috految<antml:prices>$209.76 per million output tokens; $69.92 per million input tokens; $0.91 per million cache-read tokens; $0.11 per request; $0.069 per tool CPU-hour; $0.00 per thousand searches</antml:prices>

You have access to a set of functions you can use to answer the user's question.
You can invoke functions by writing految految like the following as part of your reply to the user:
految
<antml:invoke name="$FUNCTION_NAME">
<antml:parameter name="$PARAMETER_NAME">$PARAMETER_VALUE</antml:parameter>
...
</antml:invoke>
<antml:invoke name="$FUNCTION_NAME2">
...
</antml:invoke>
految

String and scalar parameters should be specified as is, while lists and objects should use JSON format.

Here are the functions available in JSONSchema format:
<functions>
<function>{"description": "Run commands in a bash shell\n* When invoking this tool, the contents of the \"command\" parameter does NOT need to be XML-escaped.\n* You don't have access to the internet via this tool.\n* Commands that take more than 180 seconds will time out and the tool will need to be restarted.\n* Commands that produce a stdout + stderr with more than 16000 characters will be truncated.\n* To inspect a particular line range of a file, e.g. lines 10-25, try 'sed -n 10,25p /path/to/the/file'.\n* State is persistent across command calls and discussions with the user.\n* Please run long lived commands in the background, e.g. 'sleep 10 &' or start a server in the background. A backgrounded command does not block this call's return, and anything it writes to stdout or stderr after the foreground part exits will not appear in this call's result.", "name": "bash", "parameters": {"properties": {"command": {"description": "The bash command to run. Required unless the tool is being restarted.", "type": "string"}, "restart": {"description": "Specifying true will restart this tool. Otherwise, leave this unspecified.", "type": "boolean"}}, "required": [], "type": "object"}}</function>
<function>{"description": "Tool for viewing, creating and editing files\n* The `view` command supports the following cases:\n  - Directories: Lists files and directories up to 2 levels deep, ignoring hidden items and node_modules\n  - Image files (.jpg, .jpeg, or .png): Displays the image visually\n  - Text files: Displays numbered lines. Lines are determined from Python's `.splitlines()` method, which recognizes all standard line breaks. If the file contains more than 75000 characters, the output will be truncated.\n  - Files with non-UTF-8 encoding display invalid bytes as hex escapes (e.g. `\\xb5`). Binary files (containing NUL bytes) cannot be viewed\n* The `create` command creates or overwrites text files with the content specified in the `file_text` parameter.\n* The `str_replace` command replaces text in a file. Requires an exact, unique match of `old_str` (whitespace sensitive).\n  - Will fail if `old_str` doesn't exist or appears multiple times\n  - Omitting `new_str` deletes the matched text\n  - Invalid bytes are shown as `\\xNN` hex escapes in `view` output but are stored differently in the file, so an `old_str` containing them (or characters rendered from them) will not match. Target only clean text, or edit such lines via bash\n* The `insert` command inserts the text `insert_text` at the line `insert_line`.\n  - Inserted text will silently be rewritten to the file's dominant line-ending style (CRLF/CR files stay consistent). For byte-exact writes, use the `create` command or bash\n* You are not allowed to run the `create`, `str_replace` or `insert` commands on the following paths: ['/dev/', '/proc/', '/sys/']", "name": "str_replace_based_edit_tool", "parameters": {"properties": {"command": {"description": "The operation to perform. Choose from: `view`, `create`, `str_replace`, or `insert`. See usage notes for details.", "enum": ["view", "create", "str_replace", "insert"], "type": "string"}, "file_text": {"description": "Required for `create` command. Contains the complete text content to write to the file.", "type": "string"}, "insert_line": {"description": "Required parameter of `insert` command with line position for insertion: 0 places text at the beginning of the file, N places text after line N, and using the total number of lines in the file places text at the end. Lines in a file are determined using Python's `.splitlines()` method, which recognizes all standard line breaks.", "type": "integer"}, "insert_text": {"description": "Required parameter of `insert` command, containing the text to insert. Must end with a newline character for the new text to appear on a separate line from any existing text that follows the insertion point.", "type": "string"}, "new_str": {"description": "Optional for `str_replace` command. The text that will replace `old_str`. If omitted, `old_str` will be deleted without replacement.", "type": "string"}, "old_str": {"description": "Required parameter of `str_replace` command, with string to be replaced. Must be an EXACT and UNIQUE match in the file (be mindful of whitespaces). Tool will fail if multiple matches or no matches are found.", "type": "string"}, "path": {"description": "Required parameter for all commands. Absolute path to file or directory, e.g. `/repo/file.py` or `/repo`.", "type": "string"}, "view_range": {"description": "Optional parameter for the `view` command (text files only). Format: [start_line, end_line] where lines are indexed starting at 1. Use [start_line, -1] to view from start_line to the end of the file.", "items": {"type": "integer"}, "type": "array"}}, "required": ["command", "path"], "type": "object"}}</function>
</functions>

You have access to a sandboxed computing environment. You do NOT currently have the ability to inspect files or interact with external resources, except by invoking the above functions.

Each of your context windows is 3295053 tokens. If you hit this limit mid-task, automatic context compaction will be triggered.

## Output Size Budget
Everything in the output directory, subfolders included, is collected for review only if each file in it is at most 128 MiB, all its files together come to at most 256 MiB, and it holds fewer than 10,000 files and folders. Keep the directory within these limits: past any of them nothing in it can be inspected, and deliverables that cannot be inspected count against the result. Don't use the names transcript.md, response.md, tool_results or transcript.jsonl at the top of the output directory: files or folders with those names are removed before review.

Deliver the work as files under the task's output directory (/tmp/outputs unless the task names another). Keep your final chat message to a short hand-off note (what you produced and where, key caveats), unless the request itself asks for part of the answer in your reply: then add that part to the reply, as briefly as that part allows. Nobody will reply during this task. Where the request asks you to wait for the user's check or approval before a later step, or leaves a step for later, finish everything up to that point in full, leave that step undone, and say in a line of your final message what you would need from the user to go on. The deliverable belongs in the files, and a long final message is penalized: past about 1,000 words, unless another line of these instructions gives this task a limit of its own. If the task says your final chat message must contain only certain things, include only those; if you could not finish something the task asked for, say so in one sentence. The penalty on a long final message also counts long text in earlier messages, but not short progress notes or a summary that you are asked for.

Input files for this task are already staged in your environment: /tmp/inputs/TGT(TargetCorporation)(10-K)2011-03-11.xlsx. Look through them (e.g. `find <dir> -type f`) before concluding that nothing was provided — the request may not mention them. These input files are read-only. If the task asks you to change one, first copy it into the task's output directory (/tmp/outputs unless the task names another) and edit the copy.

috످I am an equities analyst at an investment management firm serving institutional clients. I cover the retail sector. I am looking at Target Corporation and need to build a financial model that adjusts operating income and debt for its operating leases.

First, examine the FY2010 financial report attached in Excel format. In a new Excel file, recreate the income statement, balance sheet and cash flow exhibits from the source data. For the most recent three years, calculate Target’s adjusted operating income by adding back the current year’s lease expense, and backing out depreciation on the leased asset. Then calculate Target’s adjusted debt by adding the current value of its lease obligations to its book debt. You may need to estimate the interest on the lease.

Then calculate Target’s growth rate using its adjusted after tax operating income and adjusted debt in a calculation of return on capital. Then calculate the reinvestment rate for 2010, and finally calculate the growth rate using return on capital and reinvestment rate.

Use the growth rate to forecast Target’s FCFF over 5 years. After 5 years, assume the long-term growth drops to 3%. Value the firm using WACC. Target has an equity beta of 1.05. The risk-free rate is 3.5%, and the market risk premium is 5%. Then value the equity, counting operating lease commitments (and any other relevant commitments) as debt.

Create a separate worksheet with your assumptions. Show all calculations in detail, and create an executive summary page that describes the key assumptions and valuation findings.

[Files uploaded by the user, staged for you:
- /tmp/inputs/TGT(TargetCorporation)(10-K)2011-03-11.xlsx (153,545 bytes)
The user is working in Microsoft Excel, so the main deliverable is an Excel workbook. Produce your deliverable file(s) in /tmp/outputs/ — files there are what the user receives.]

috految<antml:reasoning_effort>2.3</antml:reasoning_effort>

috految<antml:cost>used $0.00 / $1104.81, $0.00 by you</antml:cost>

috److految
<antml:invoke name="bash">
<antml:parameter name="command">cd /tmp; cat >l.py <<E
import openpyxl,glob
W=openpyxl.load_workbook(glob.glob('inputs/*')[0]).worksheets
def rows(i):return [(r[0].row,v) for r in W[i].rows if (v:=[c.value for c in r if c.value is not None and str(c.value).strip() not in('','$')])]
E
python3 -c "
from l import *
for i,s in enumerate(W):print(i,s.title[:24].lower(),len(rows(i)),end=';')
print(str(rows(8))[:400])"</antml:parameter>
</antml:invoke>
految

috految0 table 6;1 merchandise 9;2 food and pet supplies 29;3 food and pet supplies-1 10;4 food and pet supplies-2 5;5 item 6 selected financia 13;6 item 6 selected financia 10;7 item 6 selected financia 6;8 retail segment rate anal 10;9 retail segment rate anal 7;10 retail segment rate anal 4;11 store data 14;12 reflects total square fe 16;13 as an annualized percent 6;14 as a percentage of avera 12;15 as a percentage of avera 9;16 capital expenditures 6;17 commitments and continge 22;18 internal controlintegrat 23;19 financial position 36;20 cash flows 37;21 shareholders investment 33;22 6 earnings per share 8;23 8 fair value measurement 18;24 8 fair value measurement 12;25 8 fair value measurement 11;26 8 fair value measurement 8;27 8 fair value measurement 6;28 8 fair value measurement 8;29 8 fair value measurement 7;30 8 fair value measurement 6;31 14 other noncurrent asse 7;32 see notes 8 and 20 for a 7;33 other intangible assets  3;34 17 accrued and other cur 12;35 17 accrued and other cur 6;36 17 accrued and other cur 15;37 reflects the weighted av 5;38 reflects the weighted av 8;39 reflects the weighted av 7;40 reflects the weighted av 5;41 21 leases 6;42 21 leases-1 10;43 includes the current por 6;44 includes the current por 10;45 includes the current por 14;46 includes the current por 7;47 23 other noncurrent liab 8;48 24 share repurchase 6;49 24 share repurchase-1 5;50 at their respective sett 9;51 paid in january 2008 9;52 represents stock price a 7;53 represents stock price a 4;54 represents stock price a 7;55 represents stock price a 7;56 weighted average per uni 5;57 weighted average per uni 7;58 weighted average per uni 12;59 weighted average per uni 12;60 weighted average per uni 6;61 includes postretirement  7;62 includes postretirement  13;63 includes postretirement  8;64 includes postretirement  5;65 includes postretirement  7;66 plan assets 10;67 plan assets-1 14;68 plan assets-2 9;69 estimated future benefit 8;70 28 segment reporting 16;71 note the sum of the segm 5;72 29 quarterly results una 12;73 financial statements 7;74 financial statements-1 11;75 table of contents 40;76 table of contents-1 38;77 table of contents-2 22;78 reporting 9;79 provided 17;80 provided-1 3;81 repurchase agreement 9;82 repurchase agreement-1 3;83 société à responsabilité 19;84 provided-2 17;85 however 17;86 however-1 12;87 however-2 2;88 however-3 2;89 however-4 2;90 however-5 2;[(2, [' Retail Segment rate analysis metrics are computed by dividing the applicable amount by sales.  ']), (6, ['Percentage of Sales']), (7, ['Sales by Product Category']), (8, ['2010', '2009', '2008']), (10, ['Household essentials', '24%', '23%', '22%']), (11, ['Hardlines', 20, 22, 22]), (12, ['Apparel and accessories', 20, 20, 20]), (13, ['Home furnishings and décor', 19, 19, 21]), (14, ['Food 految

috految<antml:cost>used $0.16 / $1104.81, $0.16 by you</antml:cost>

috److految
<antml:invoke name="bash">
<antml:parameter name="command">cd /tmp; python3 -c "
from l import *
import re
for i in [3,5,6,16,17,18,19,20,22,25,26,27,30,31,34,36,41,42,44,47,50,51,54,55,56,58,59,60,70,72,74,85,35,38,39,40,46,57,21,15,12,4,43,84,83,86,79,78,48,49,52,53]:
 if i in(3,5,16,17,18,19,20,25,31,34,36,41,42,47,50,51,54,55,60,70,85,49,6,46,35,84,27,56,44,59,38) and i not in(6,84,59,38,35,49,56,44,27,46):
  print('#',i)
  for n,v in rows(i):print(n,*[str(x).strip()[:65 if len(v)>1 else 130] for x in v],sep='|')
for i in range(91):
 for n,v in rows(i):
  t='|'.join(map(str,v))
  if i not in(17,19,20,41,42) and re.search(r'(?i)zeller|canad|\blease|[ -]rent|^rent|closing|54\.35|^January|^Febr|^High|^Low|1,825|^net write|^bad debt|fixed income|^Total debt|^Owned|^Funded|mortgage|^Target\||^Effective|^State i|^Comparable|^Total (acc|gross)|^Balance at end|Receivables at|^Retail seg|^Debt|interest expense',t) or i in(0,4,43):print(i,n,t[:170])"</antml:parameter>
</antml:invoke>
految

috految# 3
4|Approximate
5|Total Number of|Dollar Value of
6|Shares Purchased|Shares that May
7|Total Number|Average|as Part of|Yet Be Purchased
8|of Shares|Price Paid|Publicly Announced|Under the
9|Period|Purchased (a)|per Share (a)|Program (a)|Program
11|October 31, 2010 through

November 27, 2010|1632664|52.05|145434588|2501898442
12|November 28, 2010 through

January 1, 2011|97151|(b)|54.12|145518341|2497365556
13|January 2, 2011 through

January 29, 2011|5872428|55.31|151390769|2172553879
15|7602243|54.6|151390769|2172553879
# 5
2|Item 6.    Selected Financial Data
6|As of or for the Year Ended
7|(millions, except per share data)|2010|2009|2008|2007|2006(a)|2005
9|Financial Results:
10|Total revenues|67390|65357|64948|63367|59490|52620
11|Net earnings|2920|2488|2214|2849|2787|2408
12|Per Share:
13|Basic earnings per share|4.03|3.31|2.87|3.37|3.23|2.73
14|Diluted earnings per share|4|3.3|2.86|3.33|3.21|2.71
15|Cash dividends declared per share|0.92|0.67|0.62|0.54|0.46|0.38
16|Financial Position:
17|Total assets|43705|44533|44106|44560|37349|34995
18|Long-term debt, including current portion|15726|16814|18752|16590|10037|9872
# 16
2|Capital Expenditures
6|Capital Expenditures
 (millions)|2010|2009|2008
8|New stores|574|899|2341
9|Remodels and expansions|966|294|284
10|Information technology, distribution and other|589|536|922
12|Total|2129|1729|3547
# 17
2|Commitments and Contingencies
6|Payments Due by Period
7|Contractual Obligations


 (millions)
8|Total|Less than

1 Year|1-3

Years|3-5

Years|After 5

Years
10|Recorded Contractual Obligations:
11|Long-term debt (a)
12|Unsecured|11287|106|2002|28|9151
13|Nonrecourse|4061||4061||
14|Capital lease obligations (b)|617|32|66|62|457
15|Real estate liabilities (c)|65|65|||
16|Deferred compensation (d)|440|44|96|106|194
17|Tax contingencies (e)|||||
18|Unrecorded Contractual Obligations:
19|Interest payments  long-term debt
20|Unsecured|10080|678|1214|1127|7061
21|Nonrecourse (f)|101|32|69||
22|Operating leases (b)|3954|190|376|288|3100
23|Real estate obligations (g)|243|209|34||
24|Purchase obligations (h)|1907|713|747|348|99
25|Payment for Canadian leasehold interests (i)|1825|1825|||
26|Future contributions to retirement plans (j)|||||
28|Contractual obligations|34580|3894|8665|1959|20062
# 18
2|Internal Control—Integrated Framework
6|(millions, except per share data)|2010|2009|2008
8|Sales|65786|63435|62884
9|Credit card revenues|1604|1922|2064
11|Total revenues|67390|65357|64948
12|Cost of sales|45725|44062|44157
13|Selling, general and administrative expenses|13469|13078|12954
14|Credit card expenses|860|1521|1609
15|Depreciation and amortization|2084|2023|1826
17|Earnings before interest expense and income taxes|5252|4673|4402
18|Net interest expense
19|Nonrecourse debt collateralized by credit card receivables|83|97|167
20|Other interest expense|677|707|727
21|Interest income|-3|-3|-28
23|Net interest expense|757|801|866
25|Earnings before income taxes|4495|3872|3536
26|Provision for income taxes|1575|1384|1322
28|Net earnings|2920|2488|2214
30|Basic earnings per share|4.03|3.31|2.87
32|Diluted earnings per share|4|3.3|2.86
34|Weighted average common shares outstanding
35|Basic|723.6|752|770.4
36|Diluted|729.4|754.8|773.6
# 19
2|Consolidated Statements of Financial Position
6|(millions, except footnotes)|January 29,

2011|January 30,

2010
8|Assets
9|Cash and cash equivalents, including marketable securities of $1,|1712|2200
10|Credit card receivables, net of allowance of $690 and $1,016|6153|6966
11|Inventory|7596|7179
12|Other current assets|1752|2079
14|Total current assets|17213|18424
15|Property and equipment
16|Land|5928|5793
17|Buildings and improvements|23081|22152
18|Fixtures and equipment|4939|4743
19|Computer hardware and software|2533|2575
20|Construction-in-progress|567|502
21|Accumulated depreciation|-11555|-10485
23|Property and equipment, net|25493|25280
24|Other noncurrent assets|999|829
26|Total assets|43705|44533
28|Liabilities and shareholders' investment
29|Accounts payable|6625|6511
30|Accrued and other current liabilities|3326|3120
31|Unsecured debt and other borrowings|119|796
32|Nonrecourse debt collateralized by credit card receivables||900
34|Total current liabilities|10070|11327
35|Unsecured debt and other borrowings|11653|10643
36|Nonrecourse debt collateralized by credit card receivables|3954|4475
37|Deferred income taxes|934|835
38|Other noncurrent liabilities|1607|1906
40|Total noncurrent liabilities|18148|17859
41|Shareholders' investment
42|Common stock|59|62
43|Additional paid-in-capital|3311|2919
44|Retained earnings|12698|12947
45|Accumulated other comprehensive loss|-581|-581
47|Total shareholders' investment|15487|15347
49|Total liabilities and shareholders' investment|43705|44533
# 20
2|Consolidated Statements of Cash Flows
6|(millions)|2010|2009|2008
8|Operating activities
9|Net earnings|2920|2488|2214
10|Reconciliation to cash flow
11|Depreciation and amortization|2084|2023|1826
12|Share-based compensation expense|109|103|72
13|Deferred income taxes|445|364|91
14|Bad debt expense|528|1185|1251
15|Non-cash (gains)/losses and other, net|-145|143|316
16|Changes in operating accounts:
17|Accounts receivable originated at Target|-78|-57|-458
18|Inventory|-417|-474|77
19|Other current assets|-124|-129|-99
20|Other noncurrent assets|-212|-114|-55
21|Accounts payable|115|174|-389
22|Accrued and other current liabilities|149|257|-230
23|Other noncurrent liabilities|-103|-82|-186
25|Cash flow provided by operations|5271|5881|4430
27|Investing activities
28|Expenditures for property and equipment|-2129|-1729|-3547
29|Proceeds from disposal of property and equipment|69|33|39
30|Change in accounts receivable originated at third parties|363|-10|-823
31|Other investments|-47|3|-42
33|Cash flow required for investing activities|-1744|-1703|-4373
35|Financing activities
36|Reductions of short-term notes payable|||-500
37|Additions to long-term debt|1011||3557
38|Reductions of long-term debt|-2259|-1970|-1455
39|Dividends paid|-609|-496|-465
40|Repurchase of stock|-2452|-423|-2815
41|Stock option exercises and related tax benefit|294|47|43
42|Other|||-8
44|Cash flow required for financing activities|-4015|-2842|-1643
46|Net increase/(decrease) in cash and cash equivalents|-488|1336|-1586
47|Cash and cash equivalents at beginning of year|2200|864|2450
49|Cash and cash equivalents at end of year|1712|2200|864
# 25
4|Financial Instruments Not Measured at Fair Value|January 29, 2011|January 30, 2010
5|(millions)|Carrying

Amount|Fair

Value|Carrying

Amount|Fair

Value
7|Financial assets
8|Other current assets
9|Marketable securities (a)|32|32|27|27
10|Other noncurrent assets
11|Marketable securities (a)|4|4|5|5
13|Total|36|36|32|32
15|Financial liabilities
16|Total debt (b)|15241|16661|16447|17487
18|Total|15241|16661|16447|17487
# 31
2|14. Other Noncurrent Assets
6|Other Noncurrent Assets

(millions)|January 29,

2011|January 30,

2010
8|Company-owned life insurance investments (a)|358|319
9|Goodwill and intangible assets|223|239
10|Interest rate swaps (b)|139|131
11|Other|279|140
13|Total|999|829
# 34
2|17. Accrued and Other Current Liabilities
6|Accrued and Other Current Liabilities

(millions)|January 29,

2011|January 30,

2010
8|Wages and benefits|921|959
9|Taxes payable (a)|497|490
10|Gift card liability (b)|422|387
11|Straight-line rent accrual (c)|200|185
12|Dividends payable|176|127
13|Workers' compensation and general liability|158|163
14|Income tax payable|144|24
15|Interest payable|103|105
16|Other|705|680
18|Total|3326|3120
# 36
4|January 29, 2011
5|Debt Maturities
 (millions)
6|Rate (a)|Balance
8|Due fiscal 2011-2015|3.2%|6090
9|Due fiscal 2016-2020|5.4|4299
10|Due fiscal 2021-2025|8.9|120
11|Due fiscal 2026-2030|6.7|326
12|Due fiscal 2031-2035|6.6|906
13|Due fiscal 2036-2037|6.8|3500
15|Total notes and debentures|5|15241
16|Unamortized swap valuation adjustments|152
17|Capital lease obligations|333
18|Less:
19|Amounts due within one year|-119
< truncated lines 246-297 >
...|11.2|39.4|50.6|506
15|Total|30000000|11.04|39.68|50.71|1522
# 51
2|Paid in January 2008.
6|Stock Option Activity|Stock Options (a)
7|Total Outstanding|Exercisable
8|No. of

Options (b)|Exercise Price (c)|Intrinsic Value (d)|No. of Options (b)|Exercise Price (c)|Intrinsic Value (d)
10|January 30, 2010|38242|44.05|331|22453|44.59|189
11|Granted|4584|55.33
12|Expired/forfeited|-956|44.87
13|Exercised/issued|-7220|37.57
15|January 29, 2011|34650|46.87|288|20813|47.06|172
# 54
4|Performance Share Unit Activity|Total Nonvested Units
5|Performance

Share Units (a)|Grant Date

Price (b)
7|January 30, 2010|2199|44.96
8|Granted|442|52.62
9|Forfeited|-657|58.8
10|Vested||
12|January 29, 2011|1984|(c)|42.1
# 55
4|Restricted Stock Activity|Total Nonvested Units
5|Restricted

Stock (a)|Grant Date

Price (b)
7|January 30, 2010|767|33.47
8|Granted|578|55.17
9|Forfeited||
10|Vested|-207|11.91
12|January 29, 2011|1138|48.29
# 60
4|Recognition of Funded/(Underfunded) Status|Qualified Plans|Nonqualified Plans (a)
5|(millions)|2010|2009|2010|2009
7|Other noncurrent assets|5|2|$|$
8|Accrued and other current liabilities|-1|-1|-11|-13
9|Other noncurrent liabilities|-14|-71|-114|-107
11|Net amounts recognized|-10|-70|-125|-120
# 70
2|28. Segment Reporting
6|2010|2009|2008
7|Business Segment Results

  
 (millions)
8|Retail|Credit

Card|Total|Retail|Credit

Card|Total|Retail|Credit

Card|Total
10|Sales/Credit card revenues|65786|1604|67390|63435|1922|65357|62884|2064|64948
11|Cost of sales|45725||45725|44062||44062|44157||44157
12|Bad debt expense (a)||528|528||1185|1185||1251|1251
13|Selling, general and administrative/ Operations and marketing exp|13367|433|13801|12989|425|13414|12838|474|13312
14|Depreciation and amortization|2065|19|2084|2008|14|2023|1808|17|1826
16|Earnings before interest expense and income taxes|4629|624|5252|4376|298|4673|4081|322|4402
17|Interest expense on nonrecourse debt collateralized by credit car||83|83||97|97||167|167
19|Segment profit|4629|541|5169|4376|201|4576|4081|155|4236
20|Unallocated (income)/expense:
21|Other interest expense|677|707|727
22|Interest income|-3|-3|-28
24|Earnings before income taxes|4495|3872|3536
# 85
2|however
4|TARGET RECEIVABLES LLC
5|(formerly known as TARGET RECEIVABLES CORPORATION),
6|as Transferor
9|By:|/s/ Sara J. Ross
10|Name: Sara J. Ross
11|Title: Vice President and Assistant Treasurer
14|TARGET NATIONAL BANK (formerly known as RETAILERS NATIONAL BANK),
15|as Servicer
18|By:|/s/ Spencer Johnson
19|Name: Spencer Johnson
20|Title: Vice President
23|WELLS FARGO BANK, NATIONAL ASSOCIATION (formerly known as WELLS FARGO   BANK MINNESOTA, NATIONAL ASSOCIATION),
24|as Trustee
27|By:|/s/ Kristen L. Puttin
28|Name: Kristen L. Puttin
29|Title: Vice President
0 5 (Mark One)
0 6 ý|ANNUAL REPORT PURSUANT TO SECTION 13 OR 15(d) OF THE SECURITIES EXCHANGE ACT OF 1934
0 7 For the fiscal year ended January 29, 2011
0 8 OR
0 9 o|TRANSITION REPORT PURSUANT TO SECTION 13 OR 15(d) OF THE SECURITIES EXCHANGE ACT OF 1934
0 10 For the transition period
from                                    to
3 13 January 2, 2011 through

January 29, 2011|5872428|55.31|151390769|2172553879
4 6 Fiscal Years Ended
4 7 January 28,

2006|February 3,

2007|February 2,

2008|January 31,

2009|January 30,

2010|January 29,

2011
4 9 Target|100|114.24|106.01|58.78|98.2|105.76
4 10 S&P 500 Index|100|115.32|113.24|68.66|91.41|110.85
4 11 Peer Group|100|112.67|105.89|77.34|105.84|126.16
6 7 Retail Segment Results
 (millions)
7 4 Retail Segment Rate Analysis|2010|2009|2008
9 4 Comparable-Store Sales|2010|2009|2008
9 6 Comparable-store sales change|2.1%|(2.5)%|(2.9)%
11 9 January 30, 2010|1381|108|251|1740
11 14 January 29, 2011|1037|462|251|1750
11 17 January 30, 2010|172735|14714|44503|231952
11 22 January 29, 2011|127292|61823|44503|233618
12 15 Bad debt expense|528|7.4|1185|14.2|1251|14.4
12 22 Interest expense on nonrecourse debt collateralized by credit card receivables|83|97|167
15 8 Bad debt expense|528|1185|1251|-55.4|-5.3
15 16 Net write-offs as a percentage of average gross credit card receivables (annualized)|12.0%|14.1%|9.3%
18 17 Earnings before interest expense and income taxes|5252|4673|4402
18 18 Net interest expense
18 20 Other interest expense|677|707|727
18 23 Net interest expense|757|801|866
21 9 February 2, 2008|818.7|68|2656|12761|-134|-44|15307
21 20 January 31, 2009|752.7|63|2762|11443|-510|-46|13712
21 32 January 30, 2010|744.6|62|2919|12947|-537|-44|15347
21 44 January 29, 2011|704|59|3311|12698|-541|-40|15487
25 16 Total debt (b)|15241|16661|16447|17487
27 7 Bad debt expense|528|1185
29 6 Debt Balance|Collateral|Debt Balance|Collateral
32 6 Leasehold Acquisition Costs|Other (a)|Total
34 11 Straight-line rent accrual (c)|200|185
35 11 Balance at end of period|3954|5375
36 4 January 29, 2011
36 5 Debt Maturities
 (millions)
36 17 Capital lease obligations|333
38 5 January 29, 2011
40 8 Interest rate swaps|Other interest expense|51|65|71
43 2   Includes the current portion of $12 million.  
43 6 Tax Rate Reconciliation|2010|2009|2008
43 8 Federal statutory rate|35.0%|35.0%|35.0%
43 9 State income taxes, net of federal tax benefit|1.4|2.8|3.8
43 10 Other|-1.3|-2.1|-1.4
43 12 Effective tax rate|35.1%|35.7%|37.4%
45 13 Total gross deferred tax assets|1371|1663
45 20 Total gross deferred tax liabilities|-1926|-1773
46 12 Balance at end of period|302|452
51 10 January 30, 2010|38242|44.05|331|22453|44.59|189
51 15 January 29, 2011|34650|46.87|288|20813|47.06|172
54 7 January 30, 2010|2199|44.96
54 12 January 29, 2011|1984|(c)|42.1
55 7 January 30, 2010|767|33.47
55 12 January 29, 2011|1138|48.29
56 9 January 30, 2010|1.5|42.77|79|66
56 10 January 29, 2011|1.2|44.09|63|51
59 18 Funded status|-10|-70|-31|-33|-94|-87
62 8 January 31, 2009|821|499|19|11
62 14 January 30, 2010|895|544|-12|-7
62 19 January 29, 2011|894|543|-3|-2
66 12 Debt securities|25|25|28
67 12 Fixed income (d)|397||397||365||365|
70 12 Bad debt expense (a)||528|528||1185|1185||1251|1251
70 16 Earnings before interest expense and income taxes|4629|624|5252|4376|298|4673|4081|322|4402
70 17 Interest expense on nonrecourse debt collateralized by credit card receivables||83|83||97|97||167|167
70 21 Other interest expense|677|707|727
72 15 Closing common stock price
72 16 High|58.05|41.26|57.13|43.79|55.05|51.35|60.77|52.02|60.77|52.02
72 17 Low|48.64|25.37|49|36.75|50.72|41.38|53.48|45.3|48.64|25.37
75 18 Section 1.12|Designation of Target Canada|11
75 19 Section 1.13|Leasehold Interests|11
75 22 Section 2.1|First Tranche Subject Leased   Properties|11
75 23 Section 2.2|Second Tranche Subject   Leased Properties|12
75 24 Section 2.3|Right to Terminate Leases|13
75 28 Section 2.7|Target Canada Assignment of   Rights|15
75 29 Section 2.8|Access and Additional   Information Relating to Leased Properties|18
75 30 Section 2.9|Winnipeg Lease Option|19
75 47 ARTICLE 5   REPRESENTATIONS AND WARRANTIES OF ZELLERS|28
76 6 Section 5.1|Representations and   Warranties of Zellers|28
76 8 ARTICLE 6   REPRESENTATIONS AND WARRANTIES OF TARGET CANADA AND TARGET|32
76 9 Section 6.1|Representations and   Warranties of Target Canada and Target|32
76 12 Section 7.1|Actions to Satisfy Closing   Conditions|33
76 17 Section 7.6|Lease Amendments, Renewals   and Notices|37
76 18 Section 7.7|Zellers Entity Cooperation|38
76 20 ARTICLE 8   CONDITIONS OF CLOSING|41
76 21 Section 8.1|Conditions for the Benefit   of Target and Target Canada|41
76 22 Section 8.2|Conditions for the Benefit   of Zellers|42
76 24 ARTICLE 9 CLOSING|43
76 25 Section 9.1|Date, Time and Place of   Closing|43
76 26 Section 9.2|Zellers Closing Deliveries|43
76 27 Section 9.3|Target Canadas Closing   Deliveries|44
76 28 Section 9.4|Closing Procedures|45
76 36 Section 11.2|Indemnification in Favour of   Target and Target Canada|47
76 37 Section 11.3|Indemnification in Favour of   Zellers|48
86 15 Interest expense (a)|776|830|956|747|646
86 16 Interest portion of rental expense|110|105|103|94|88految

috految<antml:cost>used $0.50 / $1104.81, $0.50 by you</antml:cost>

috److految
<antml:invoke name="bash">
<antml:parameter name="command">cd /tmp; python3 -c "
from l import *
for i in 41,42,47,28:print(rows(i))
print(rows(15)[3:7],rows(86)[-4:],rows(49)[-1])
for i in 30,:print(rows(i))"</antml:parameter>
</antml:invoke>
految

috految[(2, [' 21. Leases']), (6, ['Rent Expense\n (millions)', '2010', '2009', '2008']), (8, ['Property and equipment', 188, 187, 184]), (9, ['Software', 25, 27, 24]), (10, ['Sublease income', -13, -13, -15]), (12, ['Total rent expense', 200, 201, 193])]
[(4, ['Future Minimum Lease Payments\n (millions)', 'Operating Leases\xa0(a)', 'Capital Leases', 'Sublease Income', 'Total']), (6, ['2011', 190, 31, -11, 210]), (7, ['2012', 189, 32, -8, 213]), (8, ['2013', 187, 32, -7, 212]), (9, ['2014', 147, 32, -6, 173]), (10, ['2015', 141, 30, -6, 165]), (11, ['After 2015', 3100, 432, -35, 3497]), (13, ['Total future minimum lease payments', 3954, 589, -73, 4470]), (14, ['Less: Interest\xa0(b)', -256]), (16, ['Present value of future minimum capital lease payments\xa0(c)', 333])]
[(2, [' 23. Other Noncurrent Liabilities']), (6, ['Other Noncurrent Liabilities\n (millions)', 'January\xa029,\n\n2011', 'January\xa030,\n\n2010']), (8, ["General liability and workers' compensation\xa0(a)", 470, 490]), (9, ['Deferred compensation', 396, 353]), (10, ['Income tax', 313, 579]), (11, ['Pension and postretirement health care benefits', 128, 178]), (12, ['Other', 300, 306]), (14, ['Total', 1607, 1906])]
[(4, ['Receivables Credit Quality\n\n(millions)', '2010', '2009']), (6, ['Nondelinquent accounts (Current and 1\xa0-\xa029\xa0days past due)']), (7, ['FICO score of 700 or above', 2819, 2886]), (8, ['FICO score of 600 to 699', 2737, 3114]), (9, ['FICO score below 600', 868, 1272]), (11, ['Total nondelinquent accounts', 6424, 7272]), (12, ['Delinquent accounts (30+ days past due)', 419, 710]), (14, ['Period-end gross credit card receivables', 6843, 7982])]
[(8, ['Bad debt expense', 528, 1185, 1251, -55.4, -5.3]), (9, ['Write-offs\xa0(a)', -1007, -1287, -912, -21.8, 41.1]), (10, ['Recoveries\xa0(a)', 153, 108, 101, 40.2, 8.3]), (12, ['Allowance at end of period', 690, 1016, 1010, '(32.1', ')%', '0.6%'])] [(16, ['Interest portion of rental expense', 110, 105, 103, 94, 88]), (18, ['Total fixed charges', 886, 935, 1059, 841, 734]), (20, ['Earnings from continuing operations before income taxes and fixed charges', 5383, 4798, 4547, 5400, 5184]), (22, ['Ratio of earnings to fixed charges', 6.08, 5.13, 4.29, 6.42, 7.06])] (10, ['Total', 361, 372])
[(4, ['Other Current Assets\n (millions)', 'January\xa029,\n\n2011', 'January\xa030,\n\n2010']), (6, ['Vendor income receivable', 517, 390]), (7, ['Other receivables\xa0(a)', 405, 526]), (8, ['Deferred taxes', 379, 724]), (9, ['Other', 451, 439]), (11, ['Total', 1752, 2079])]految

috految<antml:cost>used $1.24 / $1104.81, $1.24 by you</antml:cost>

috److془Design. Reinvestment: 45+ WC 355 (or 277 ex cards) + lease 110 by interest scaling. Use 5% rate; PV 2320. Use 277: 78 is gross of provision. Cards net -813. Scale by rent: -12; interest: +105. Use interest (Target's own). RR 12.3%, g 1.3%. Hmm: Damodaran similar. Interesting. Cross check 110/5%=2200.

Note terminal: ROC 10.8 vs WACC 6.98. V≈ 13.2+ 2760/.04*.71=49→62.5; equity ~ 44/60. Canada deduct; asset credit zero (flag). Use 5% rate. Sensitivities live by row. Terminal ROC=current. Reserve release 326. Year-5 reinvestment timing: standard. Cost of debt. Equity weights market. Canada excluded from ROC, and WACC.
Fair debt: sensitivity. Shares: 704+options TSM+3.1. 2008 opening: equity 15307, debt 16590+500 notes, cash 2450.
Note Item 6 2008 18752 fine.془

految
<antml:invoke name="bash">
<antml:parameter name="command">cd /tmp; cat >b.py <<'E'
from l import *
import re,os
from openpyxl.styles import *
from openpyxl.chart import BarChart,Reference
B=openpyxl.Workbook();B.remove(B.active);K={}
N='#,##0_);(#,##0);"–"_)';D='#,##0.0_);(#,##0.0)';P='0.00%';U='$0.00_);($0.00)';F='0.000';Y='FY2010|FY2009|FY2008'
def ft(**k):return Font(name='Arial',**{'size':10,**k})
def S(t,n=4,w=0):
 global s,r,C
 s=B.create_sheet(t);r=2;C=n;s['A1']='Target Corporation (TGT): '+t;s['A1'].font=ft(size=14,b=True,color='1F3864');s['A2']='$ millions except per share. FY2010 ended January 29, 2011 (valuation date).';s['A2'].font=ft(size=9)
 s.sheet_view.showGridLines=False;s.sheet_properties.pageSetUpPr.fitToPage=True;s.page_setup.orientation='landscape' if w or n>7 else 'portrait'
 for j in range(n):s.column_dimensions[chr(65+j)].width=w if w and j==n-1 else 14 if j else 62
def H(t):
 global r
 r+=2
 for j,x in enumerate((t.split('|')+['']*C)[:C]):
  c=s.cell(r,j+1,x or None);c.font=ft(b=True,color='FFFFFF');c.fill=PatternFill('solid',fgColor='1F3864');c.alignment=Alignment(horizontal='right' if j and x!='Basis' else 'left',wrap_text=True)
def R(k,l,v,f=N,t=''):
 global r
 r+=1;b=l[0]=='*'
 if k:assert k not in K,k;K[k]=s,r
 for j,x in enumerate([l.lstrip('*')]+(v if type(v)==list else[v])):
  c=s.cell(r,j+1,'='+x if j and type(x)==str else x);c.font=ft(b=b,color='000000' if type(x)==str else '0000FF');c.alignment=Alignment(wrap_text=not j,horizontal='right' if j else 'left')
  if j:c.number_format=f[j-1] if type(f)==list else f
  if b:c.fill=PatternFill('solid',fgColor='E8EDF5');c.border=Border(top=Side('thin'))
 if t:c=s.cell(r,C,t);c.font=ft(size=9);c.alignment=Alignment(wrap_text=True,horizontal='left',indent=1)
def M(t,n=1):
 for l in t.split('\n'):
  k,l,v,f,t=(l.split('|')+['']*2)[:5];R(k,l,[float(x) if re.fullmatch(r'-?[\d.]+',x) else x or None for x in(v.split(';') if ';' in v else[v]*n)],globals()[f or'N'],t)
def T(t,b=False):
 global r
 r+=1;s.row_dimensions[r].height=14*(len(t)//(48+14*C)+1)+6
 if '{' in t:t='="'+re.sub(r'\{(.*?)~(.*?)\}',r'"&TEXT(\1,"\2")&"',t)+'"'
 c=s.cell(r,1,t);c.font=ft(b=b);c.alignment=Alignment(wrap_text=True,vertical='center');s.merge_cells(f'A{r}:{chr(64+C)}{r}')
S('Assumptions',3,85);T('Blue = input or source data. Black = formula.');H('Provided inputs|Value|Basis')
M('''rf|Risk-free rate|.035|P
beta|Equity beta|1.05|F|Observed beta already reflects lease leverage, so it is not relevered
mrp|Market risk premium|.05|P
lg|Long-term growth|.03|P|From year 6''');H('Modeling assumptions|Value|Basis')
M('''kd|Pre-tax cost of debt|.05|P|Weighted average rate in the debt note. Not a market yield; fair value above book implies a lower one
lr|Lease interest rate|[kd]|P|Leases treated as equivalent to borrowing
t|Forecast tax rate|[etr]|P|FY2010 effective rate. It was 37.4% in FY2008
px|Reference share price|55.31|U|January 2011 average buyback price (source tab: food and pet supplies-1). Q4 closing range: $53.48-$60.77
sw|Reinvestment method (1-5)|1||1 = retail working capital; 2 = cash flow lines including cards; 3 = with card run-off; 4 = balance sheet; 5 = three-year average
ov|Growth override, years 1-5|;|P|Optional. Reinvestment resets to growth / ROC
tr|Terminal ROC|[roc]|P|FY2010 return persists. Company chosen reinvestment = growth / ROC
tail|Lease years after 2015|ROUND([after]/AVERAGE([p1],[p2],[p3],[p4],[p5]),0)||Remaining commitments / average 2011-15 payment
life|Leased asset life|5+[tail]||Straight line
o9|Actual FY2009 lease PV|;||Optional: replaces the estimate
o8|Actual FY2008 lease PV|;||Optional: replaces the estimate
ca|Asset value credited for Canada, % of cost|0|P|Forecast has no Canadian earnings. Use 100% for a zero-NPV deal'''.replace('Company chosen r','R'))
H('Commitments treated as debt|1 = yes|Basis')
O=[('Canadian leasehold payment (Zellers)',1,'1825/1','Due within a year, so undiscounted. No FX adjustment; confirm currency and closing conditions'),('Real estate liabilities',1,'65/1','Recorded and unpaid. Contractual obligations table'),('Deferred compensation, after tax',1,'440/t','Contractual obligations table. Company-owned life insurance is credited as an asset'),('Pension and postretirement deficit, after tax',1,'135/t','Funded status: 10 qualified + 31 nonqualified + 94 health care'),('Uncertain tax positions',1,'302/1','Unrecognized tax benefits, before interest'),('Real estate obligations',0,'243/1','Future project spending, covered by forecast capex'),('Purchase obligations',0,'1907/1','Future operating costs already in FCFF; deducting would double count'),("Workers' compensation and liability, after tax",0,'628/t','Recurring operating reserve: 158 current + 470 noncurrent')]
for i,o in enumerate(O):R(f'x{i}',o[0],o[1],'0',o[3])
H('Conventions');T('Year-end discounting. Stock compensation is an expense. Deferred taxes, disposals and noncurrent operating items are outside reinvestment. Book debt already includes capital leases ($333M) and nonrecourse card debt; card profit stays in EBIT. Other commitments are deducted from value but excluded from ROC and WACC weights. No credit is taken for $73M of future sublease income.')
ck=[]
for t,i,p,n,fs in[('Income Statement',18,'i',3,{11:'8+9',17:'11-12-13-14-15',23:'19+20+21',25:'17-23',28:'25-26'}),('Balance Sheet',19,'b',2,{14:'SUM(9:12)',23:'SUM(16:21)',26:'14+23+24',34:'SUM(29:32)',40:'SUM(35:38)',47:'SUM(42:45)',49:'34+40+47'}),('Cash Flow',20,'c',3,{25:'SUM(9:23)',33:'SUM(28:31)',44:'SUM(36:42)',46:'25+33+44',49:'46+47'})]:
 S(t,n+1);H('As reported|'+Y);s.freeze_panes='B5'
 for q,v in rows(i):
  if q<8:continue
  l=' '.join(v[0].split());a=[x if type(x)!=str else 0 for x in v[1:]];k=p+str(q)
  if not a:R('','*'+l,[None]*n);continue
  assert len(a)==n
  if q in fs:ck.append((k,l,a));l='*'+l;a=[re.sub(r'\d+',lambda m:'@'+p+m[0],fs[q])]*n
  if k=='c9':a=['@i28']*3
  R(k,l,a,U if k in('i30','i32') else D if k in('i35','i36') else N)
 T('Source tab: '+W[i].title)
S('Source Notes',6,55);H('Filing data|'+Y+'|FY2007|Basis')
M('''r1|Property and equipment rent|188;187;184||Note 21
r2|Software rent|25;27;24||Note 21
r3|Sublease income|-13;-13;-15||Note 21
ie|Interest portion of rent|110;105;103;94||Fixed charges exhibit (tab: however-1)
sd|Book debt|15726;16814;18752;16590||Item 6
sn|Short-term notes|0;0;0;-[c36.D]||Inferred from FY2008 repayment
eq|Book equity|@b47;@b47;13712;15307||Statement of shareholders' investment
cash|Cash|@c49;@c49;@c49;[c47.D]
al|Card loss allowance|690;1016;1010||Allowance roll-forward
fv|Debt fair value|16661||Note 8; excludes capital leases and swaps
cv|Debt carrying value, same basis|15241||Note 8
coli|Company-owned life insurance|358||Note 14
sh|Year-end shares|704|D|Statement of shareholders' investment
op|Options|34.65|D|Option activity table
st|Average strike|46.87|U
rs|Performance and restricted units|3.122|F|1.984 + 1.138''')
H('Operating lease commitments (Note 21)|Payment')
for j,x in enumerate([190,189,187,147,141]):R(f'p{j+1}',f'FY{2011+j}',x)
R('after','After 2015',3100);R('tot','*Total','SUM([p1]:[after])');H('Other commitments|Gross')
for i,o in enumerate(O):R(f'a{i}',o[0].split(',')[0],int(o[2][:-2]))
T('Source difference: capital lease payments are $617M in the obligations table and $589M in Note 21. The model uses the $333M liability.')
S('Leases',5);H('1. Present value of operating leases|Year|Payment|Discount factor|PV')
for j in range(1,6):R(f'l{j}',f'FY{2010+j}',[j,f'[p{j}]','1/(1+[lr])^B#','C#*D#'],[N,D,F,D])
R('l6','After 2015: level annuity (years, annual payment)',['[tail]','[after]/B#','PV([lr],B#,-1)/(1+[lr])^5','C#*D#'],[N,D,F,D]);R('pv','*Lease debt',[None]*3+['SUM(@l1:@l6)'],D)
H('2. Adjusted debt|'+Y+'|FY2007')
M('''bd|Book debt|@b31+@b32+@b35+@b36;@b31+@b32+@b35+@b36;@sd+@sn;@sd+@sn
ld|Lease debt (estimated before FY2010)|[pv.E];IF([o9]>0,[o9],[pv.E]*@ie/[ie]);IF([o8]>0,[o8],[pv.E]*@ie/[ie]);[pv.E]*@ie/[ie]
ad|*Adjusted debt|@bd+@ld''',4);T("Earlier schedules are not in the file. FY2010 PV is scaled by Target's reported interest portion of rent. Scaling by rent instead would give about zero lease growth in FY2010.")
H('3. Adjusted operating income|'+Y)
M('''eb|Reported operating income|@i17
rent|Add: lease expense, net of subleases|@r1+@r2+@r3
dep|Less: leased asset depreciation (lease debt / life)|-@ld/[life]
ae|*Adjusted operating income|@eb+@rent+@dep
etr|Effective tax rate|@i26/@i25|P
no|*Adjusted after-tax operating income|@ae*(1-@etr)''',3);H('4. Lease interest and ratios|'+Y)
M('''li|Imputed interest (lease debt x rate)|@ld*[lr]
|Target's reported interest portion of rent|@ie
|Cross-check: reported EBIT + imputed interest|@eb+@li
|Adjusted operating margin|@ae/@i11|P
|Book debt / EBITDA (x)|@bd/(@eb+@i15)|D
|Adjusted debt / EBITDAR (x)|@ad/(@eb+@i15+@rent)|D''',3)
S('Growth');H('1. Return on capital|'+Y)
M('''od|Beginning adjusted debt|[ad.C];[ad.D];[ad.E]
oe|Beginning book equity|[eq.C];[eq.D];[eq.E]
oc|Less: beginning cash|-[cash.C];-[cash.D];-[cash.E]
ic|*Beginning invested capital|SUM(@od:@oc)
n|Adjusted after-tax operating income|@no
roc|*Return on capital (ROC)|@n/@ic|P
ur|ROC without lease adjustment|[eb]*(1-@etr)/(@ic-[ld.C]);@eb*(1-@etr)/(@ic-[ld.D]);@eb*(1-@etr)/(@ic-[ld.E])|P
|Memo: ROC on ending capital|@n/(@ad+@eq-@cash)|P''',3);H('2. Reinvestment|'+Y)
M('''cx|Capital expenditures|-@c28
da|Less: depreciation and amortization|-@c11
nc|*Net capex|@cx+@da
w1|Inventory|-@c18
|Other current assets|-@c19
|Accounts payable|-@c21
w4|Accrued liabilities|-@c22
wc|*Working capital investment, excluding cards|SUM(@w1:@w4)
dl|Net new leases (change in lease debt)|@ld-[ld.C];@ld-[ld.D];@ld-[ld.E]
re|*Net reinvestment|@nc+@wc+@dl
rr|*Reinvestment rate|@re/@n|P
gg|*Growth = ROC x reinvestment rate|@rr*@roc|P
|Memo: FCFF excluding card receivables|@n-@re''',3)
H('3. Alternative definitions|Reinvestment|Rate|Growth')
m=[('Retail working capital (base)','[re]'),('Add Target-originated card receivables','[re]-[c17]'),('Include net card run-off','[re]+[b10]-[b10.C]'),('Balance sheet working capital','[nc]+[dl]+[b14]-[b9]-[b29]-[b30]-([b14.C]-[b9.C]-[b29.C]-[b30.C])'),('Three-year average rate','AVERAGE([rr],[rr.C],[rr.D])*[no]')]
for i,(l,f) in enumerate(m):R(f'm{i}',f'{i+1}. '+l,[f,'B#/[no]','C#*[roc]'],[N,P,P])
R('g','*Forecast growth','IF([ov]="",INDEX([m0.D]:[m4.D],[sw]),[ov])',P);T('Net card receivables fell $813M and cannot run off indefinitely, so the base excludes them. The balance sheet method also captures a $345M fall in deferred tax assets.')
S('WACC',2);H('Cost of capital|Value')
M('''|Risk-free rate|[rf]|P
bp|Beta x market risk premium|[beta]*[mrp]|P
ke|*Cost of equity|[rf]+[bp]|P
k|Pre-tax cost of debt and leases|([bd]*[kd]+[ld]*[lr])/[ad]|P
ka|*After-tax cost of debt|[k]*(1-[t])|P
s1|Year-end shares|[sh]|D
|Net option shares (treasury method)|[op]*MAX(0,1-[st]/[px])|D
s3|Unvested units|[rs]|D
ds|*Diluted shares|SUM([s1]:[s3])|D
mc|Market equity|[ds]*[px]
|Adjusted debt|[ad]
we|Equity weight|[mc]/([mc]+[ad])|P
wd|Debt weight|1-[we]|P
w|*WACC|[we]*[ke]+[wd]*[ka]|P''')
S('DCF',8);H('FCFF forecast|FY2010|'+'|'.join(f'FY{y}E' for y in range(2011,2016))+'|Terminal')
R('yr','Year',list(range(6)));R('gr','Growth',[None]+['[g]']*5+['[lg]'],P)
R('e','Adjusted operating income',['[ae]']+[f'{c}#*(1+@gr)' for c in 'BCDEFG'])
R('tx','Less: taxes',['-@e*[etr]']+['-@e*[t]']*6);M('nn|*After-tax operating income|@e+@tx',7)
R('q','Reinvestment rate (growth / ROC)',['[rr]']+['@gr/[roc]']*5+['[lg]/[tr]'],P)
M('ri|Less: net reinvestment|-@nn*@q\nf|*FCFF|@nn+@ri',7);R('df','Discount factor',[None]+['1/(1+[w])^@yr']*5,F);R('pf','PV of FCFF',[None]+['@f*@df']*5)
H('Firm and equity value|Value');M('''tv|Terminal value = terminal FCFF / (WACC - growth)|[f.H]/([w]-[lg])
v1|PV of five-year FCFF|SUM([pf.C]:[pf.G])
v2|PV of terminal value|[tv]*[df.G]
ev|*Firm value (operating assets)|[v1]+[v2]
z1|Add: cash|[b9]
z2|Add: life insurance and any Canada credit|[coli]+[ca]*[a0]*[x0]
z3|Less: book debt|-[bd]
z4|Less: operating leases|-[ld]''')
for i,o in enumerate(O):R(f'y{i}','Less: '+o[0],f'-[x{i}]*[a{i}]'+('*(1-[t])' if o[2][-1]=='t' else ''))
M('''ve|*Equity value|SUM([ev]:[y7])
|Diluted shares|[ds]|D
v|*Value per share|[ve]/[ds]|U
up|Versus reference price|[v]/[px]-1|P
|Implied P/E (x)|[v]/[i32]|D
|Reference P/E (x)|[px]/[i32]|D
|Firm value / EBITDAR (x)|[ev]/([eb]+[i15]+[rent])|D''')
S('Sensitivity',10);H('Scenario|Per share|Change|After-tax income|ROC|Growth|WACC|Terminal ROC|Terminal growth|Net claims')
def V(n,o,g,w,t,l,c):return f'({n}*(1-{g}/{o})*PV((1+{w})/(1+{g})-1,5,-1)+{n}*(1+{g})^5*(1+{l})*(1-{l}/{t})/({w}-{l})/(1+{w})^5-{c})/[ds]'
b=dict(n='[ae]*(1-[t])',o='[roc]',g='[g]',w='[w]',t='[tr]',l='[lg]',c='([ev]-[ve])')
Z=[('Base',{}),('Remove card reserve release',dict(n='([ae]-[al.C]+[al])*(1-[t])',o='D#/[ic]',t='E#')),('Terminal ROC equals WACC',dict(t='G#')),('WACC +0.5 point',dict(w='[w]+0.005')),('WACC -0.5 point',dict(w='[w]-0.005')),('Terminal growth at five-year rate',dict(l='[g]')),('Canada worth its cost',dict(c=b['c']+'-[a0]*[x0]*(1-[ca])')),('Hold reinvestment rate in perpetuity',dict(t='[lg]/[rr]')),('Debt at fair value (bridge only)',dict(c=b['c']+'+[fv]-[cv]')),('Deduct purchase and real estate obligations',dict(c=b['c']+'+[a5]*(1-[x5])+[a6]*(1-[x6])')),('No net new leases',dict(g='([re]-[dl])/[ic]')),('Tax at FY2008 rate',dict(n='[ae]*(1-[etr.D])',o='D#/[ic]',t='E#')),('No lease adjustment',dict(n='[eb]*(1-[t])',o='[ur]',t='[ur]',g='([re]-[dl])/([ic]-[ld.C])',w='([mc]*[ke]+[bd]*[ka])/([mc]+[bd])',c=b['c']+'-[ld]'))]+[(m[i][0],dict(g=f'[m{i}.D]')) for i in range(1,5)]
for i,(l,d) in enumerate(Z):R(f'u{i}',l,[V(*[c+'#' for c in 'DEFGHIJ']),'B#-[v]']+list({**b,**d}.values()),[U,U,N]+[P]*5+[N])
for t,k,a in('Terminal growth','l',[.02,.025,.03,.035]),('Terminal ROC','t',[.07,.09,'[tr]',.12]):
 H('Value per share by WACC (down)');R('','*'+t+' (across)',[None]+a,P);h=r
 for d in-.01,-.005,0,.005,.01:R('','WACC',[f'[w]{d:+}']+[V(**{**b,'w':'$B#',k:f'{c}${h}'}) for c in 'CDEF'],[P]+[U]*4)
S('Checks',5);H('10-K reported total|'+Y+'|Model ties?')
for k,l,a in ck:R('',l,(a+[None])[:3]+['IF('+'+'.join(f'ABS({c}#-[{k}.{c}])' for c in 'BCD'[:len(a)])+'<0.5,"OK","ERROR")'])
R('','DCF equals closed-form valuation','IF(ABS([v]-[u0])<0.001,"OK","ERROR")')
S('Executive Summary',7);H('Valuation findings')
T('Target is worth {[v]~$0.00} per share, {[up]~+0.0%;-0.0%} versus a {[px]~$0.00} reference price (January 2011 buybacks). WACC is {[w]~0.00%}.',True)
T('The base-case margin of safety is thin. Terminal value is {[v2]/[ev]~0%} of firm value and assumes {[tr]~0.0%} returns forever. At returns equal to WACC, value is {[u2]~$0.00}.')
T('Growth is {[g]~0.00%} for five years, then {[lg]~0.0%}. FY2010 capex barely exceeded depreciation, and new-store spending fell to $574M from $2,341M in FY2008. Terminal reinvestment must be {[q.H]~0.0%} to fund long-term growth, which lowers year 6 FCFF.')
T('Card bad debt expense fell $657M, more than the whole $579M EBIT gain, and ran $326M below net write-offs. Without that reserve release, value is {[u1]~$0.00}. Improving delinquencies (6.1% from 8.9%) support some release.')
T('Leases add {[ld]~$#,##0}M of debt and {[ae]-[eb]~$0}M of operating income. Value without the adjustment is {[u12]~$0.00}. The Canada payment is deducted, but its stores and future rent are not forecast.')
def L(ks,cs='B'):
 for k in ks.split():a,q=K[k];R('',('*' if a.cell(q,1).font.b else '')+a.cell(q,1).value,[f'[{k}.{c}]' for c in cs],a.cell(q,2).number_format)
H('Valuation|Value');h=r;L('v1 v2 ev z1 z2 z3 z4 y0');R('','Less: other commitments','+'.join(f'[y{i}]' for i in range(1,8)));L('ve ds v px up')
H('Key assumptions|Value');L('rf beta mrp ke kd lr life t wd w g lg tr');T('Leases are discounted at the average debt rate. ROC uses opening capital net of cash. Reinvestment excludes card receivables.')
H('Lease adjustment and growth|'+Y);L('eb rent dep ae no bd ld ad ur roc rr gg','BCD');H('Forecast|FY2011E|FY2012E|FY2013E|FY2014E|FY2015E|Terminal');L('nn ri f','CDEFGH');H('What moves the value|Per share|Change');L('u0 u1 u2 u3 u4 u5 u6 u7 u14 u16','BC')
c=BarChart();c.type='bar';c.add_data(Reference(s,2,r-9,2,r-5));c.set_categories(Reference(s,1,r-9,1,r-5));c.title='Value per share ($)';c.legend=None;c.x_axis.delete=c.y_axis.delete=False;c.height=6.5;c.width=12.5;c.y_axis.scaling.min=0;s.add_chart(c,f'C{h+1}')
B.move_sheet(s,1-len(B.sheetnames));B.active=0
for s in B:
 for row in s:
  for c in row:
   if str(c.value)[0]=='=':
    def f(m):a,q=K[m[1] or m[3]];return('' if a is s else f"'{a.title}'!")+(f'${m[2] or "B"}${q}' if m[1] else c.column_letter+str(q))
    c.value=re.sub(r'\[(\w+)(?:\.(\w))?\]|@(\w+)',f,re.sub(r'(?<=[A-J])#',str(c.row),c.value))
n='Target_Valuation.xlsx';B.save(n);os.system('soffice --headless --convert-to xlsx --outdir outputs '+n)
X=openpyxl.load_workbook('outputs/'+n,data_only=True)
print([(s.title,c.coordinate) for s in X for w in s for c in w if c.data_type=='e' or c.value=='ERROR'])
for k in 'ae ld ad roc rr g w li life ev v2 ve v up q f m2 m3 m4'.split()+[f'u{i}' for i in range(17)]:a,q=K[k];print(k,[round(c.value,4) for c in X[a.title][q][1:2 if k[0]=='u' else 8] if type(c.value)in(int,float)])
E
python3 b.py</antml:parameter>
</antml:invoke>
految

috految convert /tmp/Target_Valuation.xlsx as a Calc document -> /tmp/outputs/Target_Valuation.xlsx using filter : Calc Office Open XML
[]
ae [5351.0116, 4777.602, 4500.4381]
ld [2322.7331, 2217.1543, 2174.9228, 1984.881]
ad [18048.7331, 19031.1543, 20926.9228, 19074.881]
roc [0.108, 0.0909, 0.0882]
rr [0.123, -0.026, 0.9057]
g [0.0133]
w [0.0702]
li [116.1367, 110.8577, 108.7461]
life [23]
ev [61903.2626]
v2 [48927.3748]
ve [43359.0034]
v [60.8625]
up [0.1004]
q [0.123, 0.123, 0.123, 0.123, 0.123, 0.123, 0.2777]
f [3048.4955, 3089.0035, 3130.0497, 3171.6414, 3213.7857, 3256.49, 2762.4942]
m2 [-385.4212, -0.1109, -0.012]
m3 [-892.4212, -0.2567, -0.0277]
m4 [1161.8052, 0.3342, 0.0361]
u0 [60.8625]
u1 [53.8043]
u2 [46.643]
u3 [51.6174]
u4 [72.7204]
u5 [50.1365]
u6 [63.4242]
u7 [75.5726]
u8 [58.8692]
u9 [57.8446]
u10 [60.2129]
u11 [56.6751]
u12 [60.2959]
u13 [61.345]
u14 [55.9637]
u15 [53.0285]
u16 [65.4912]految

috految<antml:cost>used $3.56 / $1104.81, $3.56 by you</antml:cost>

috److I've built the Excel model with an executive summary, assumptions, the three statements, lease adjustments, growth, WACC, DCF and sensitivities. It values Target at **$60.86 per share as of January 29, 2011**, 10% above a $55.31 reference price. The recreated statement totals tie to the 10-K.

At a 7.02% WACC, firm value is **$61.9B** and equity value is **$43.4B**. I would treat the upside as thin, because half a point of WACC either way gives $51.62–$72.72.

| $M | FY2010 | FY2009 | FY2008 |
|---|---|---|---|
| Reported operating income | 5,252 | 4,673 | 4,402 |
| Adjusted operating income | 5,351 | 4,778 | 4,500 |
| Operating lease debt | 2,323 | 2,217 (est.) | 2,175 (est.) |
| Adjusted debt | 18,049 | 19,031 | 20,927 |
| Return on opening capital | 10.8% | 9.1% | 8.8% |

FY2010 reinvestment of 12.3% × return on capital of 10.8% gives **growth of 1.33%**.

**Key findings**
- **Growth rises to 3% rather than dropping to it.** FY2010 capex barely exceeded depreciation. I kept your 3%; holding 1.33% forever gives $50.14.
- **Terminal value is 79% of firm value.** I raised terminal reinvestment to 27.8% to fund 3% growth. Holding 12.3% gives $75.57 but implies an unrealistic 24% return on new capital. If returns fall to WACC, value is $46.64.
- **Credit card reserves flattered FY2010.** Bad debt expense ran $326M below net write-offs. Removing that benefit gives **$53.80, which erases the upside**.
- **The lease adjustment changes value little.** Without it, value is $60.30.

**Questions for you**
1. **Do you agree with excluding card receivables from reinvestment?** I treated their $813M decline as temporary. You can switch methods on the Assumptions tab:

   | Alternative | Growth | Per share |
   |---|---|---|
   | Include the card decline | –1.2% | $55.96 |
   | Balance sheet working capital | –2.8% | $53.03 |
   | Three-year average (lifted by FY2008) | 3.6% | $65.49 |

2. **Should the $1,825M Canadian leasehold payment get an offsetting asset value?** I deducted it and forecast no Canadian earnings. Valuing the leaseholds at cost adds $2.56 per share. Please confirm the currency, as I applied no conversion.
3. **Do you agree with the other commitments?** I deducted deferred compensation, pension deficits, tax positions and real estate liabilities, and credited $358M of life insurance. I excluded purchase and real estate obligations to avoid double counting; deducting them gives $57.84.
4. **What share price and debt yield do you want?** The $55.31 is Target's January 2011 average buyback price, so please replace it with a market quote. I used the 5.0% average debt rate for debt and leases. Implied lease interest of $116M compares with Target's reported $110M.

**Data limits**
- **Prior-year leases:** The file has only the FY2010 schedule, so I scaled earlier years by reported rent interest. Please replace these from prior 10-Ks. The estimate contributes $106M of FY2010 reinvestment, worth $0.65 per share.
- **Lease life:** The 23-year life is derived from the payment schedule. Check the full lease footnote for renewal options.
- **Scope:** The source has only two balance sheets, and I used no post-filing information. Debt is at book; fair value would cut about $2 per share.

Files are in /tmp/outputs:
- Target_Valuation.xlsx

috످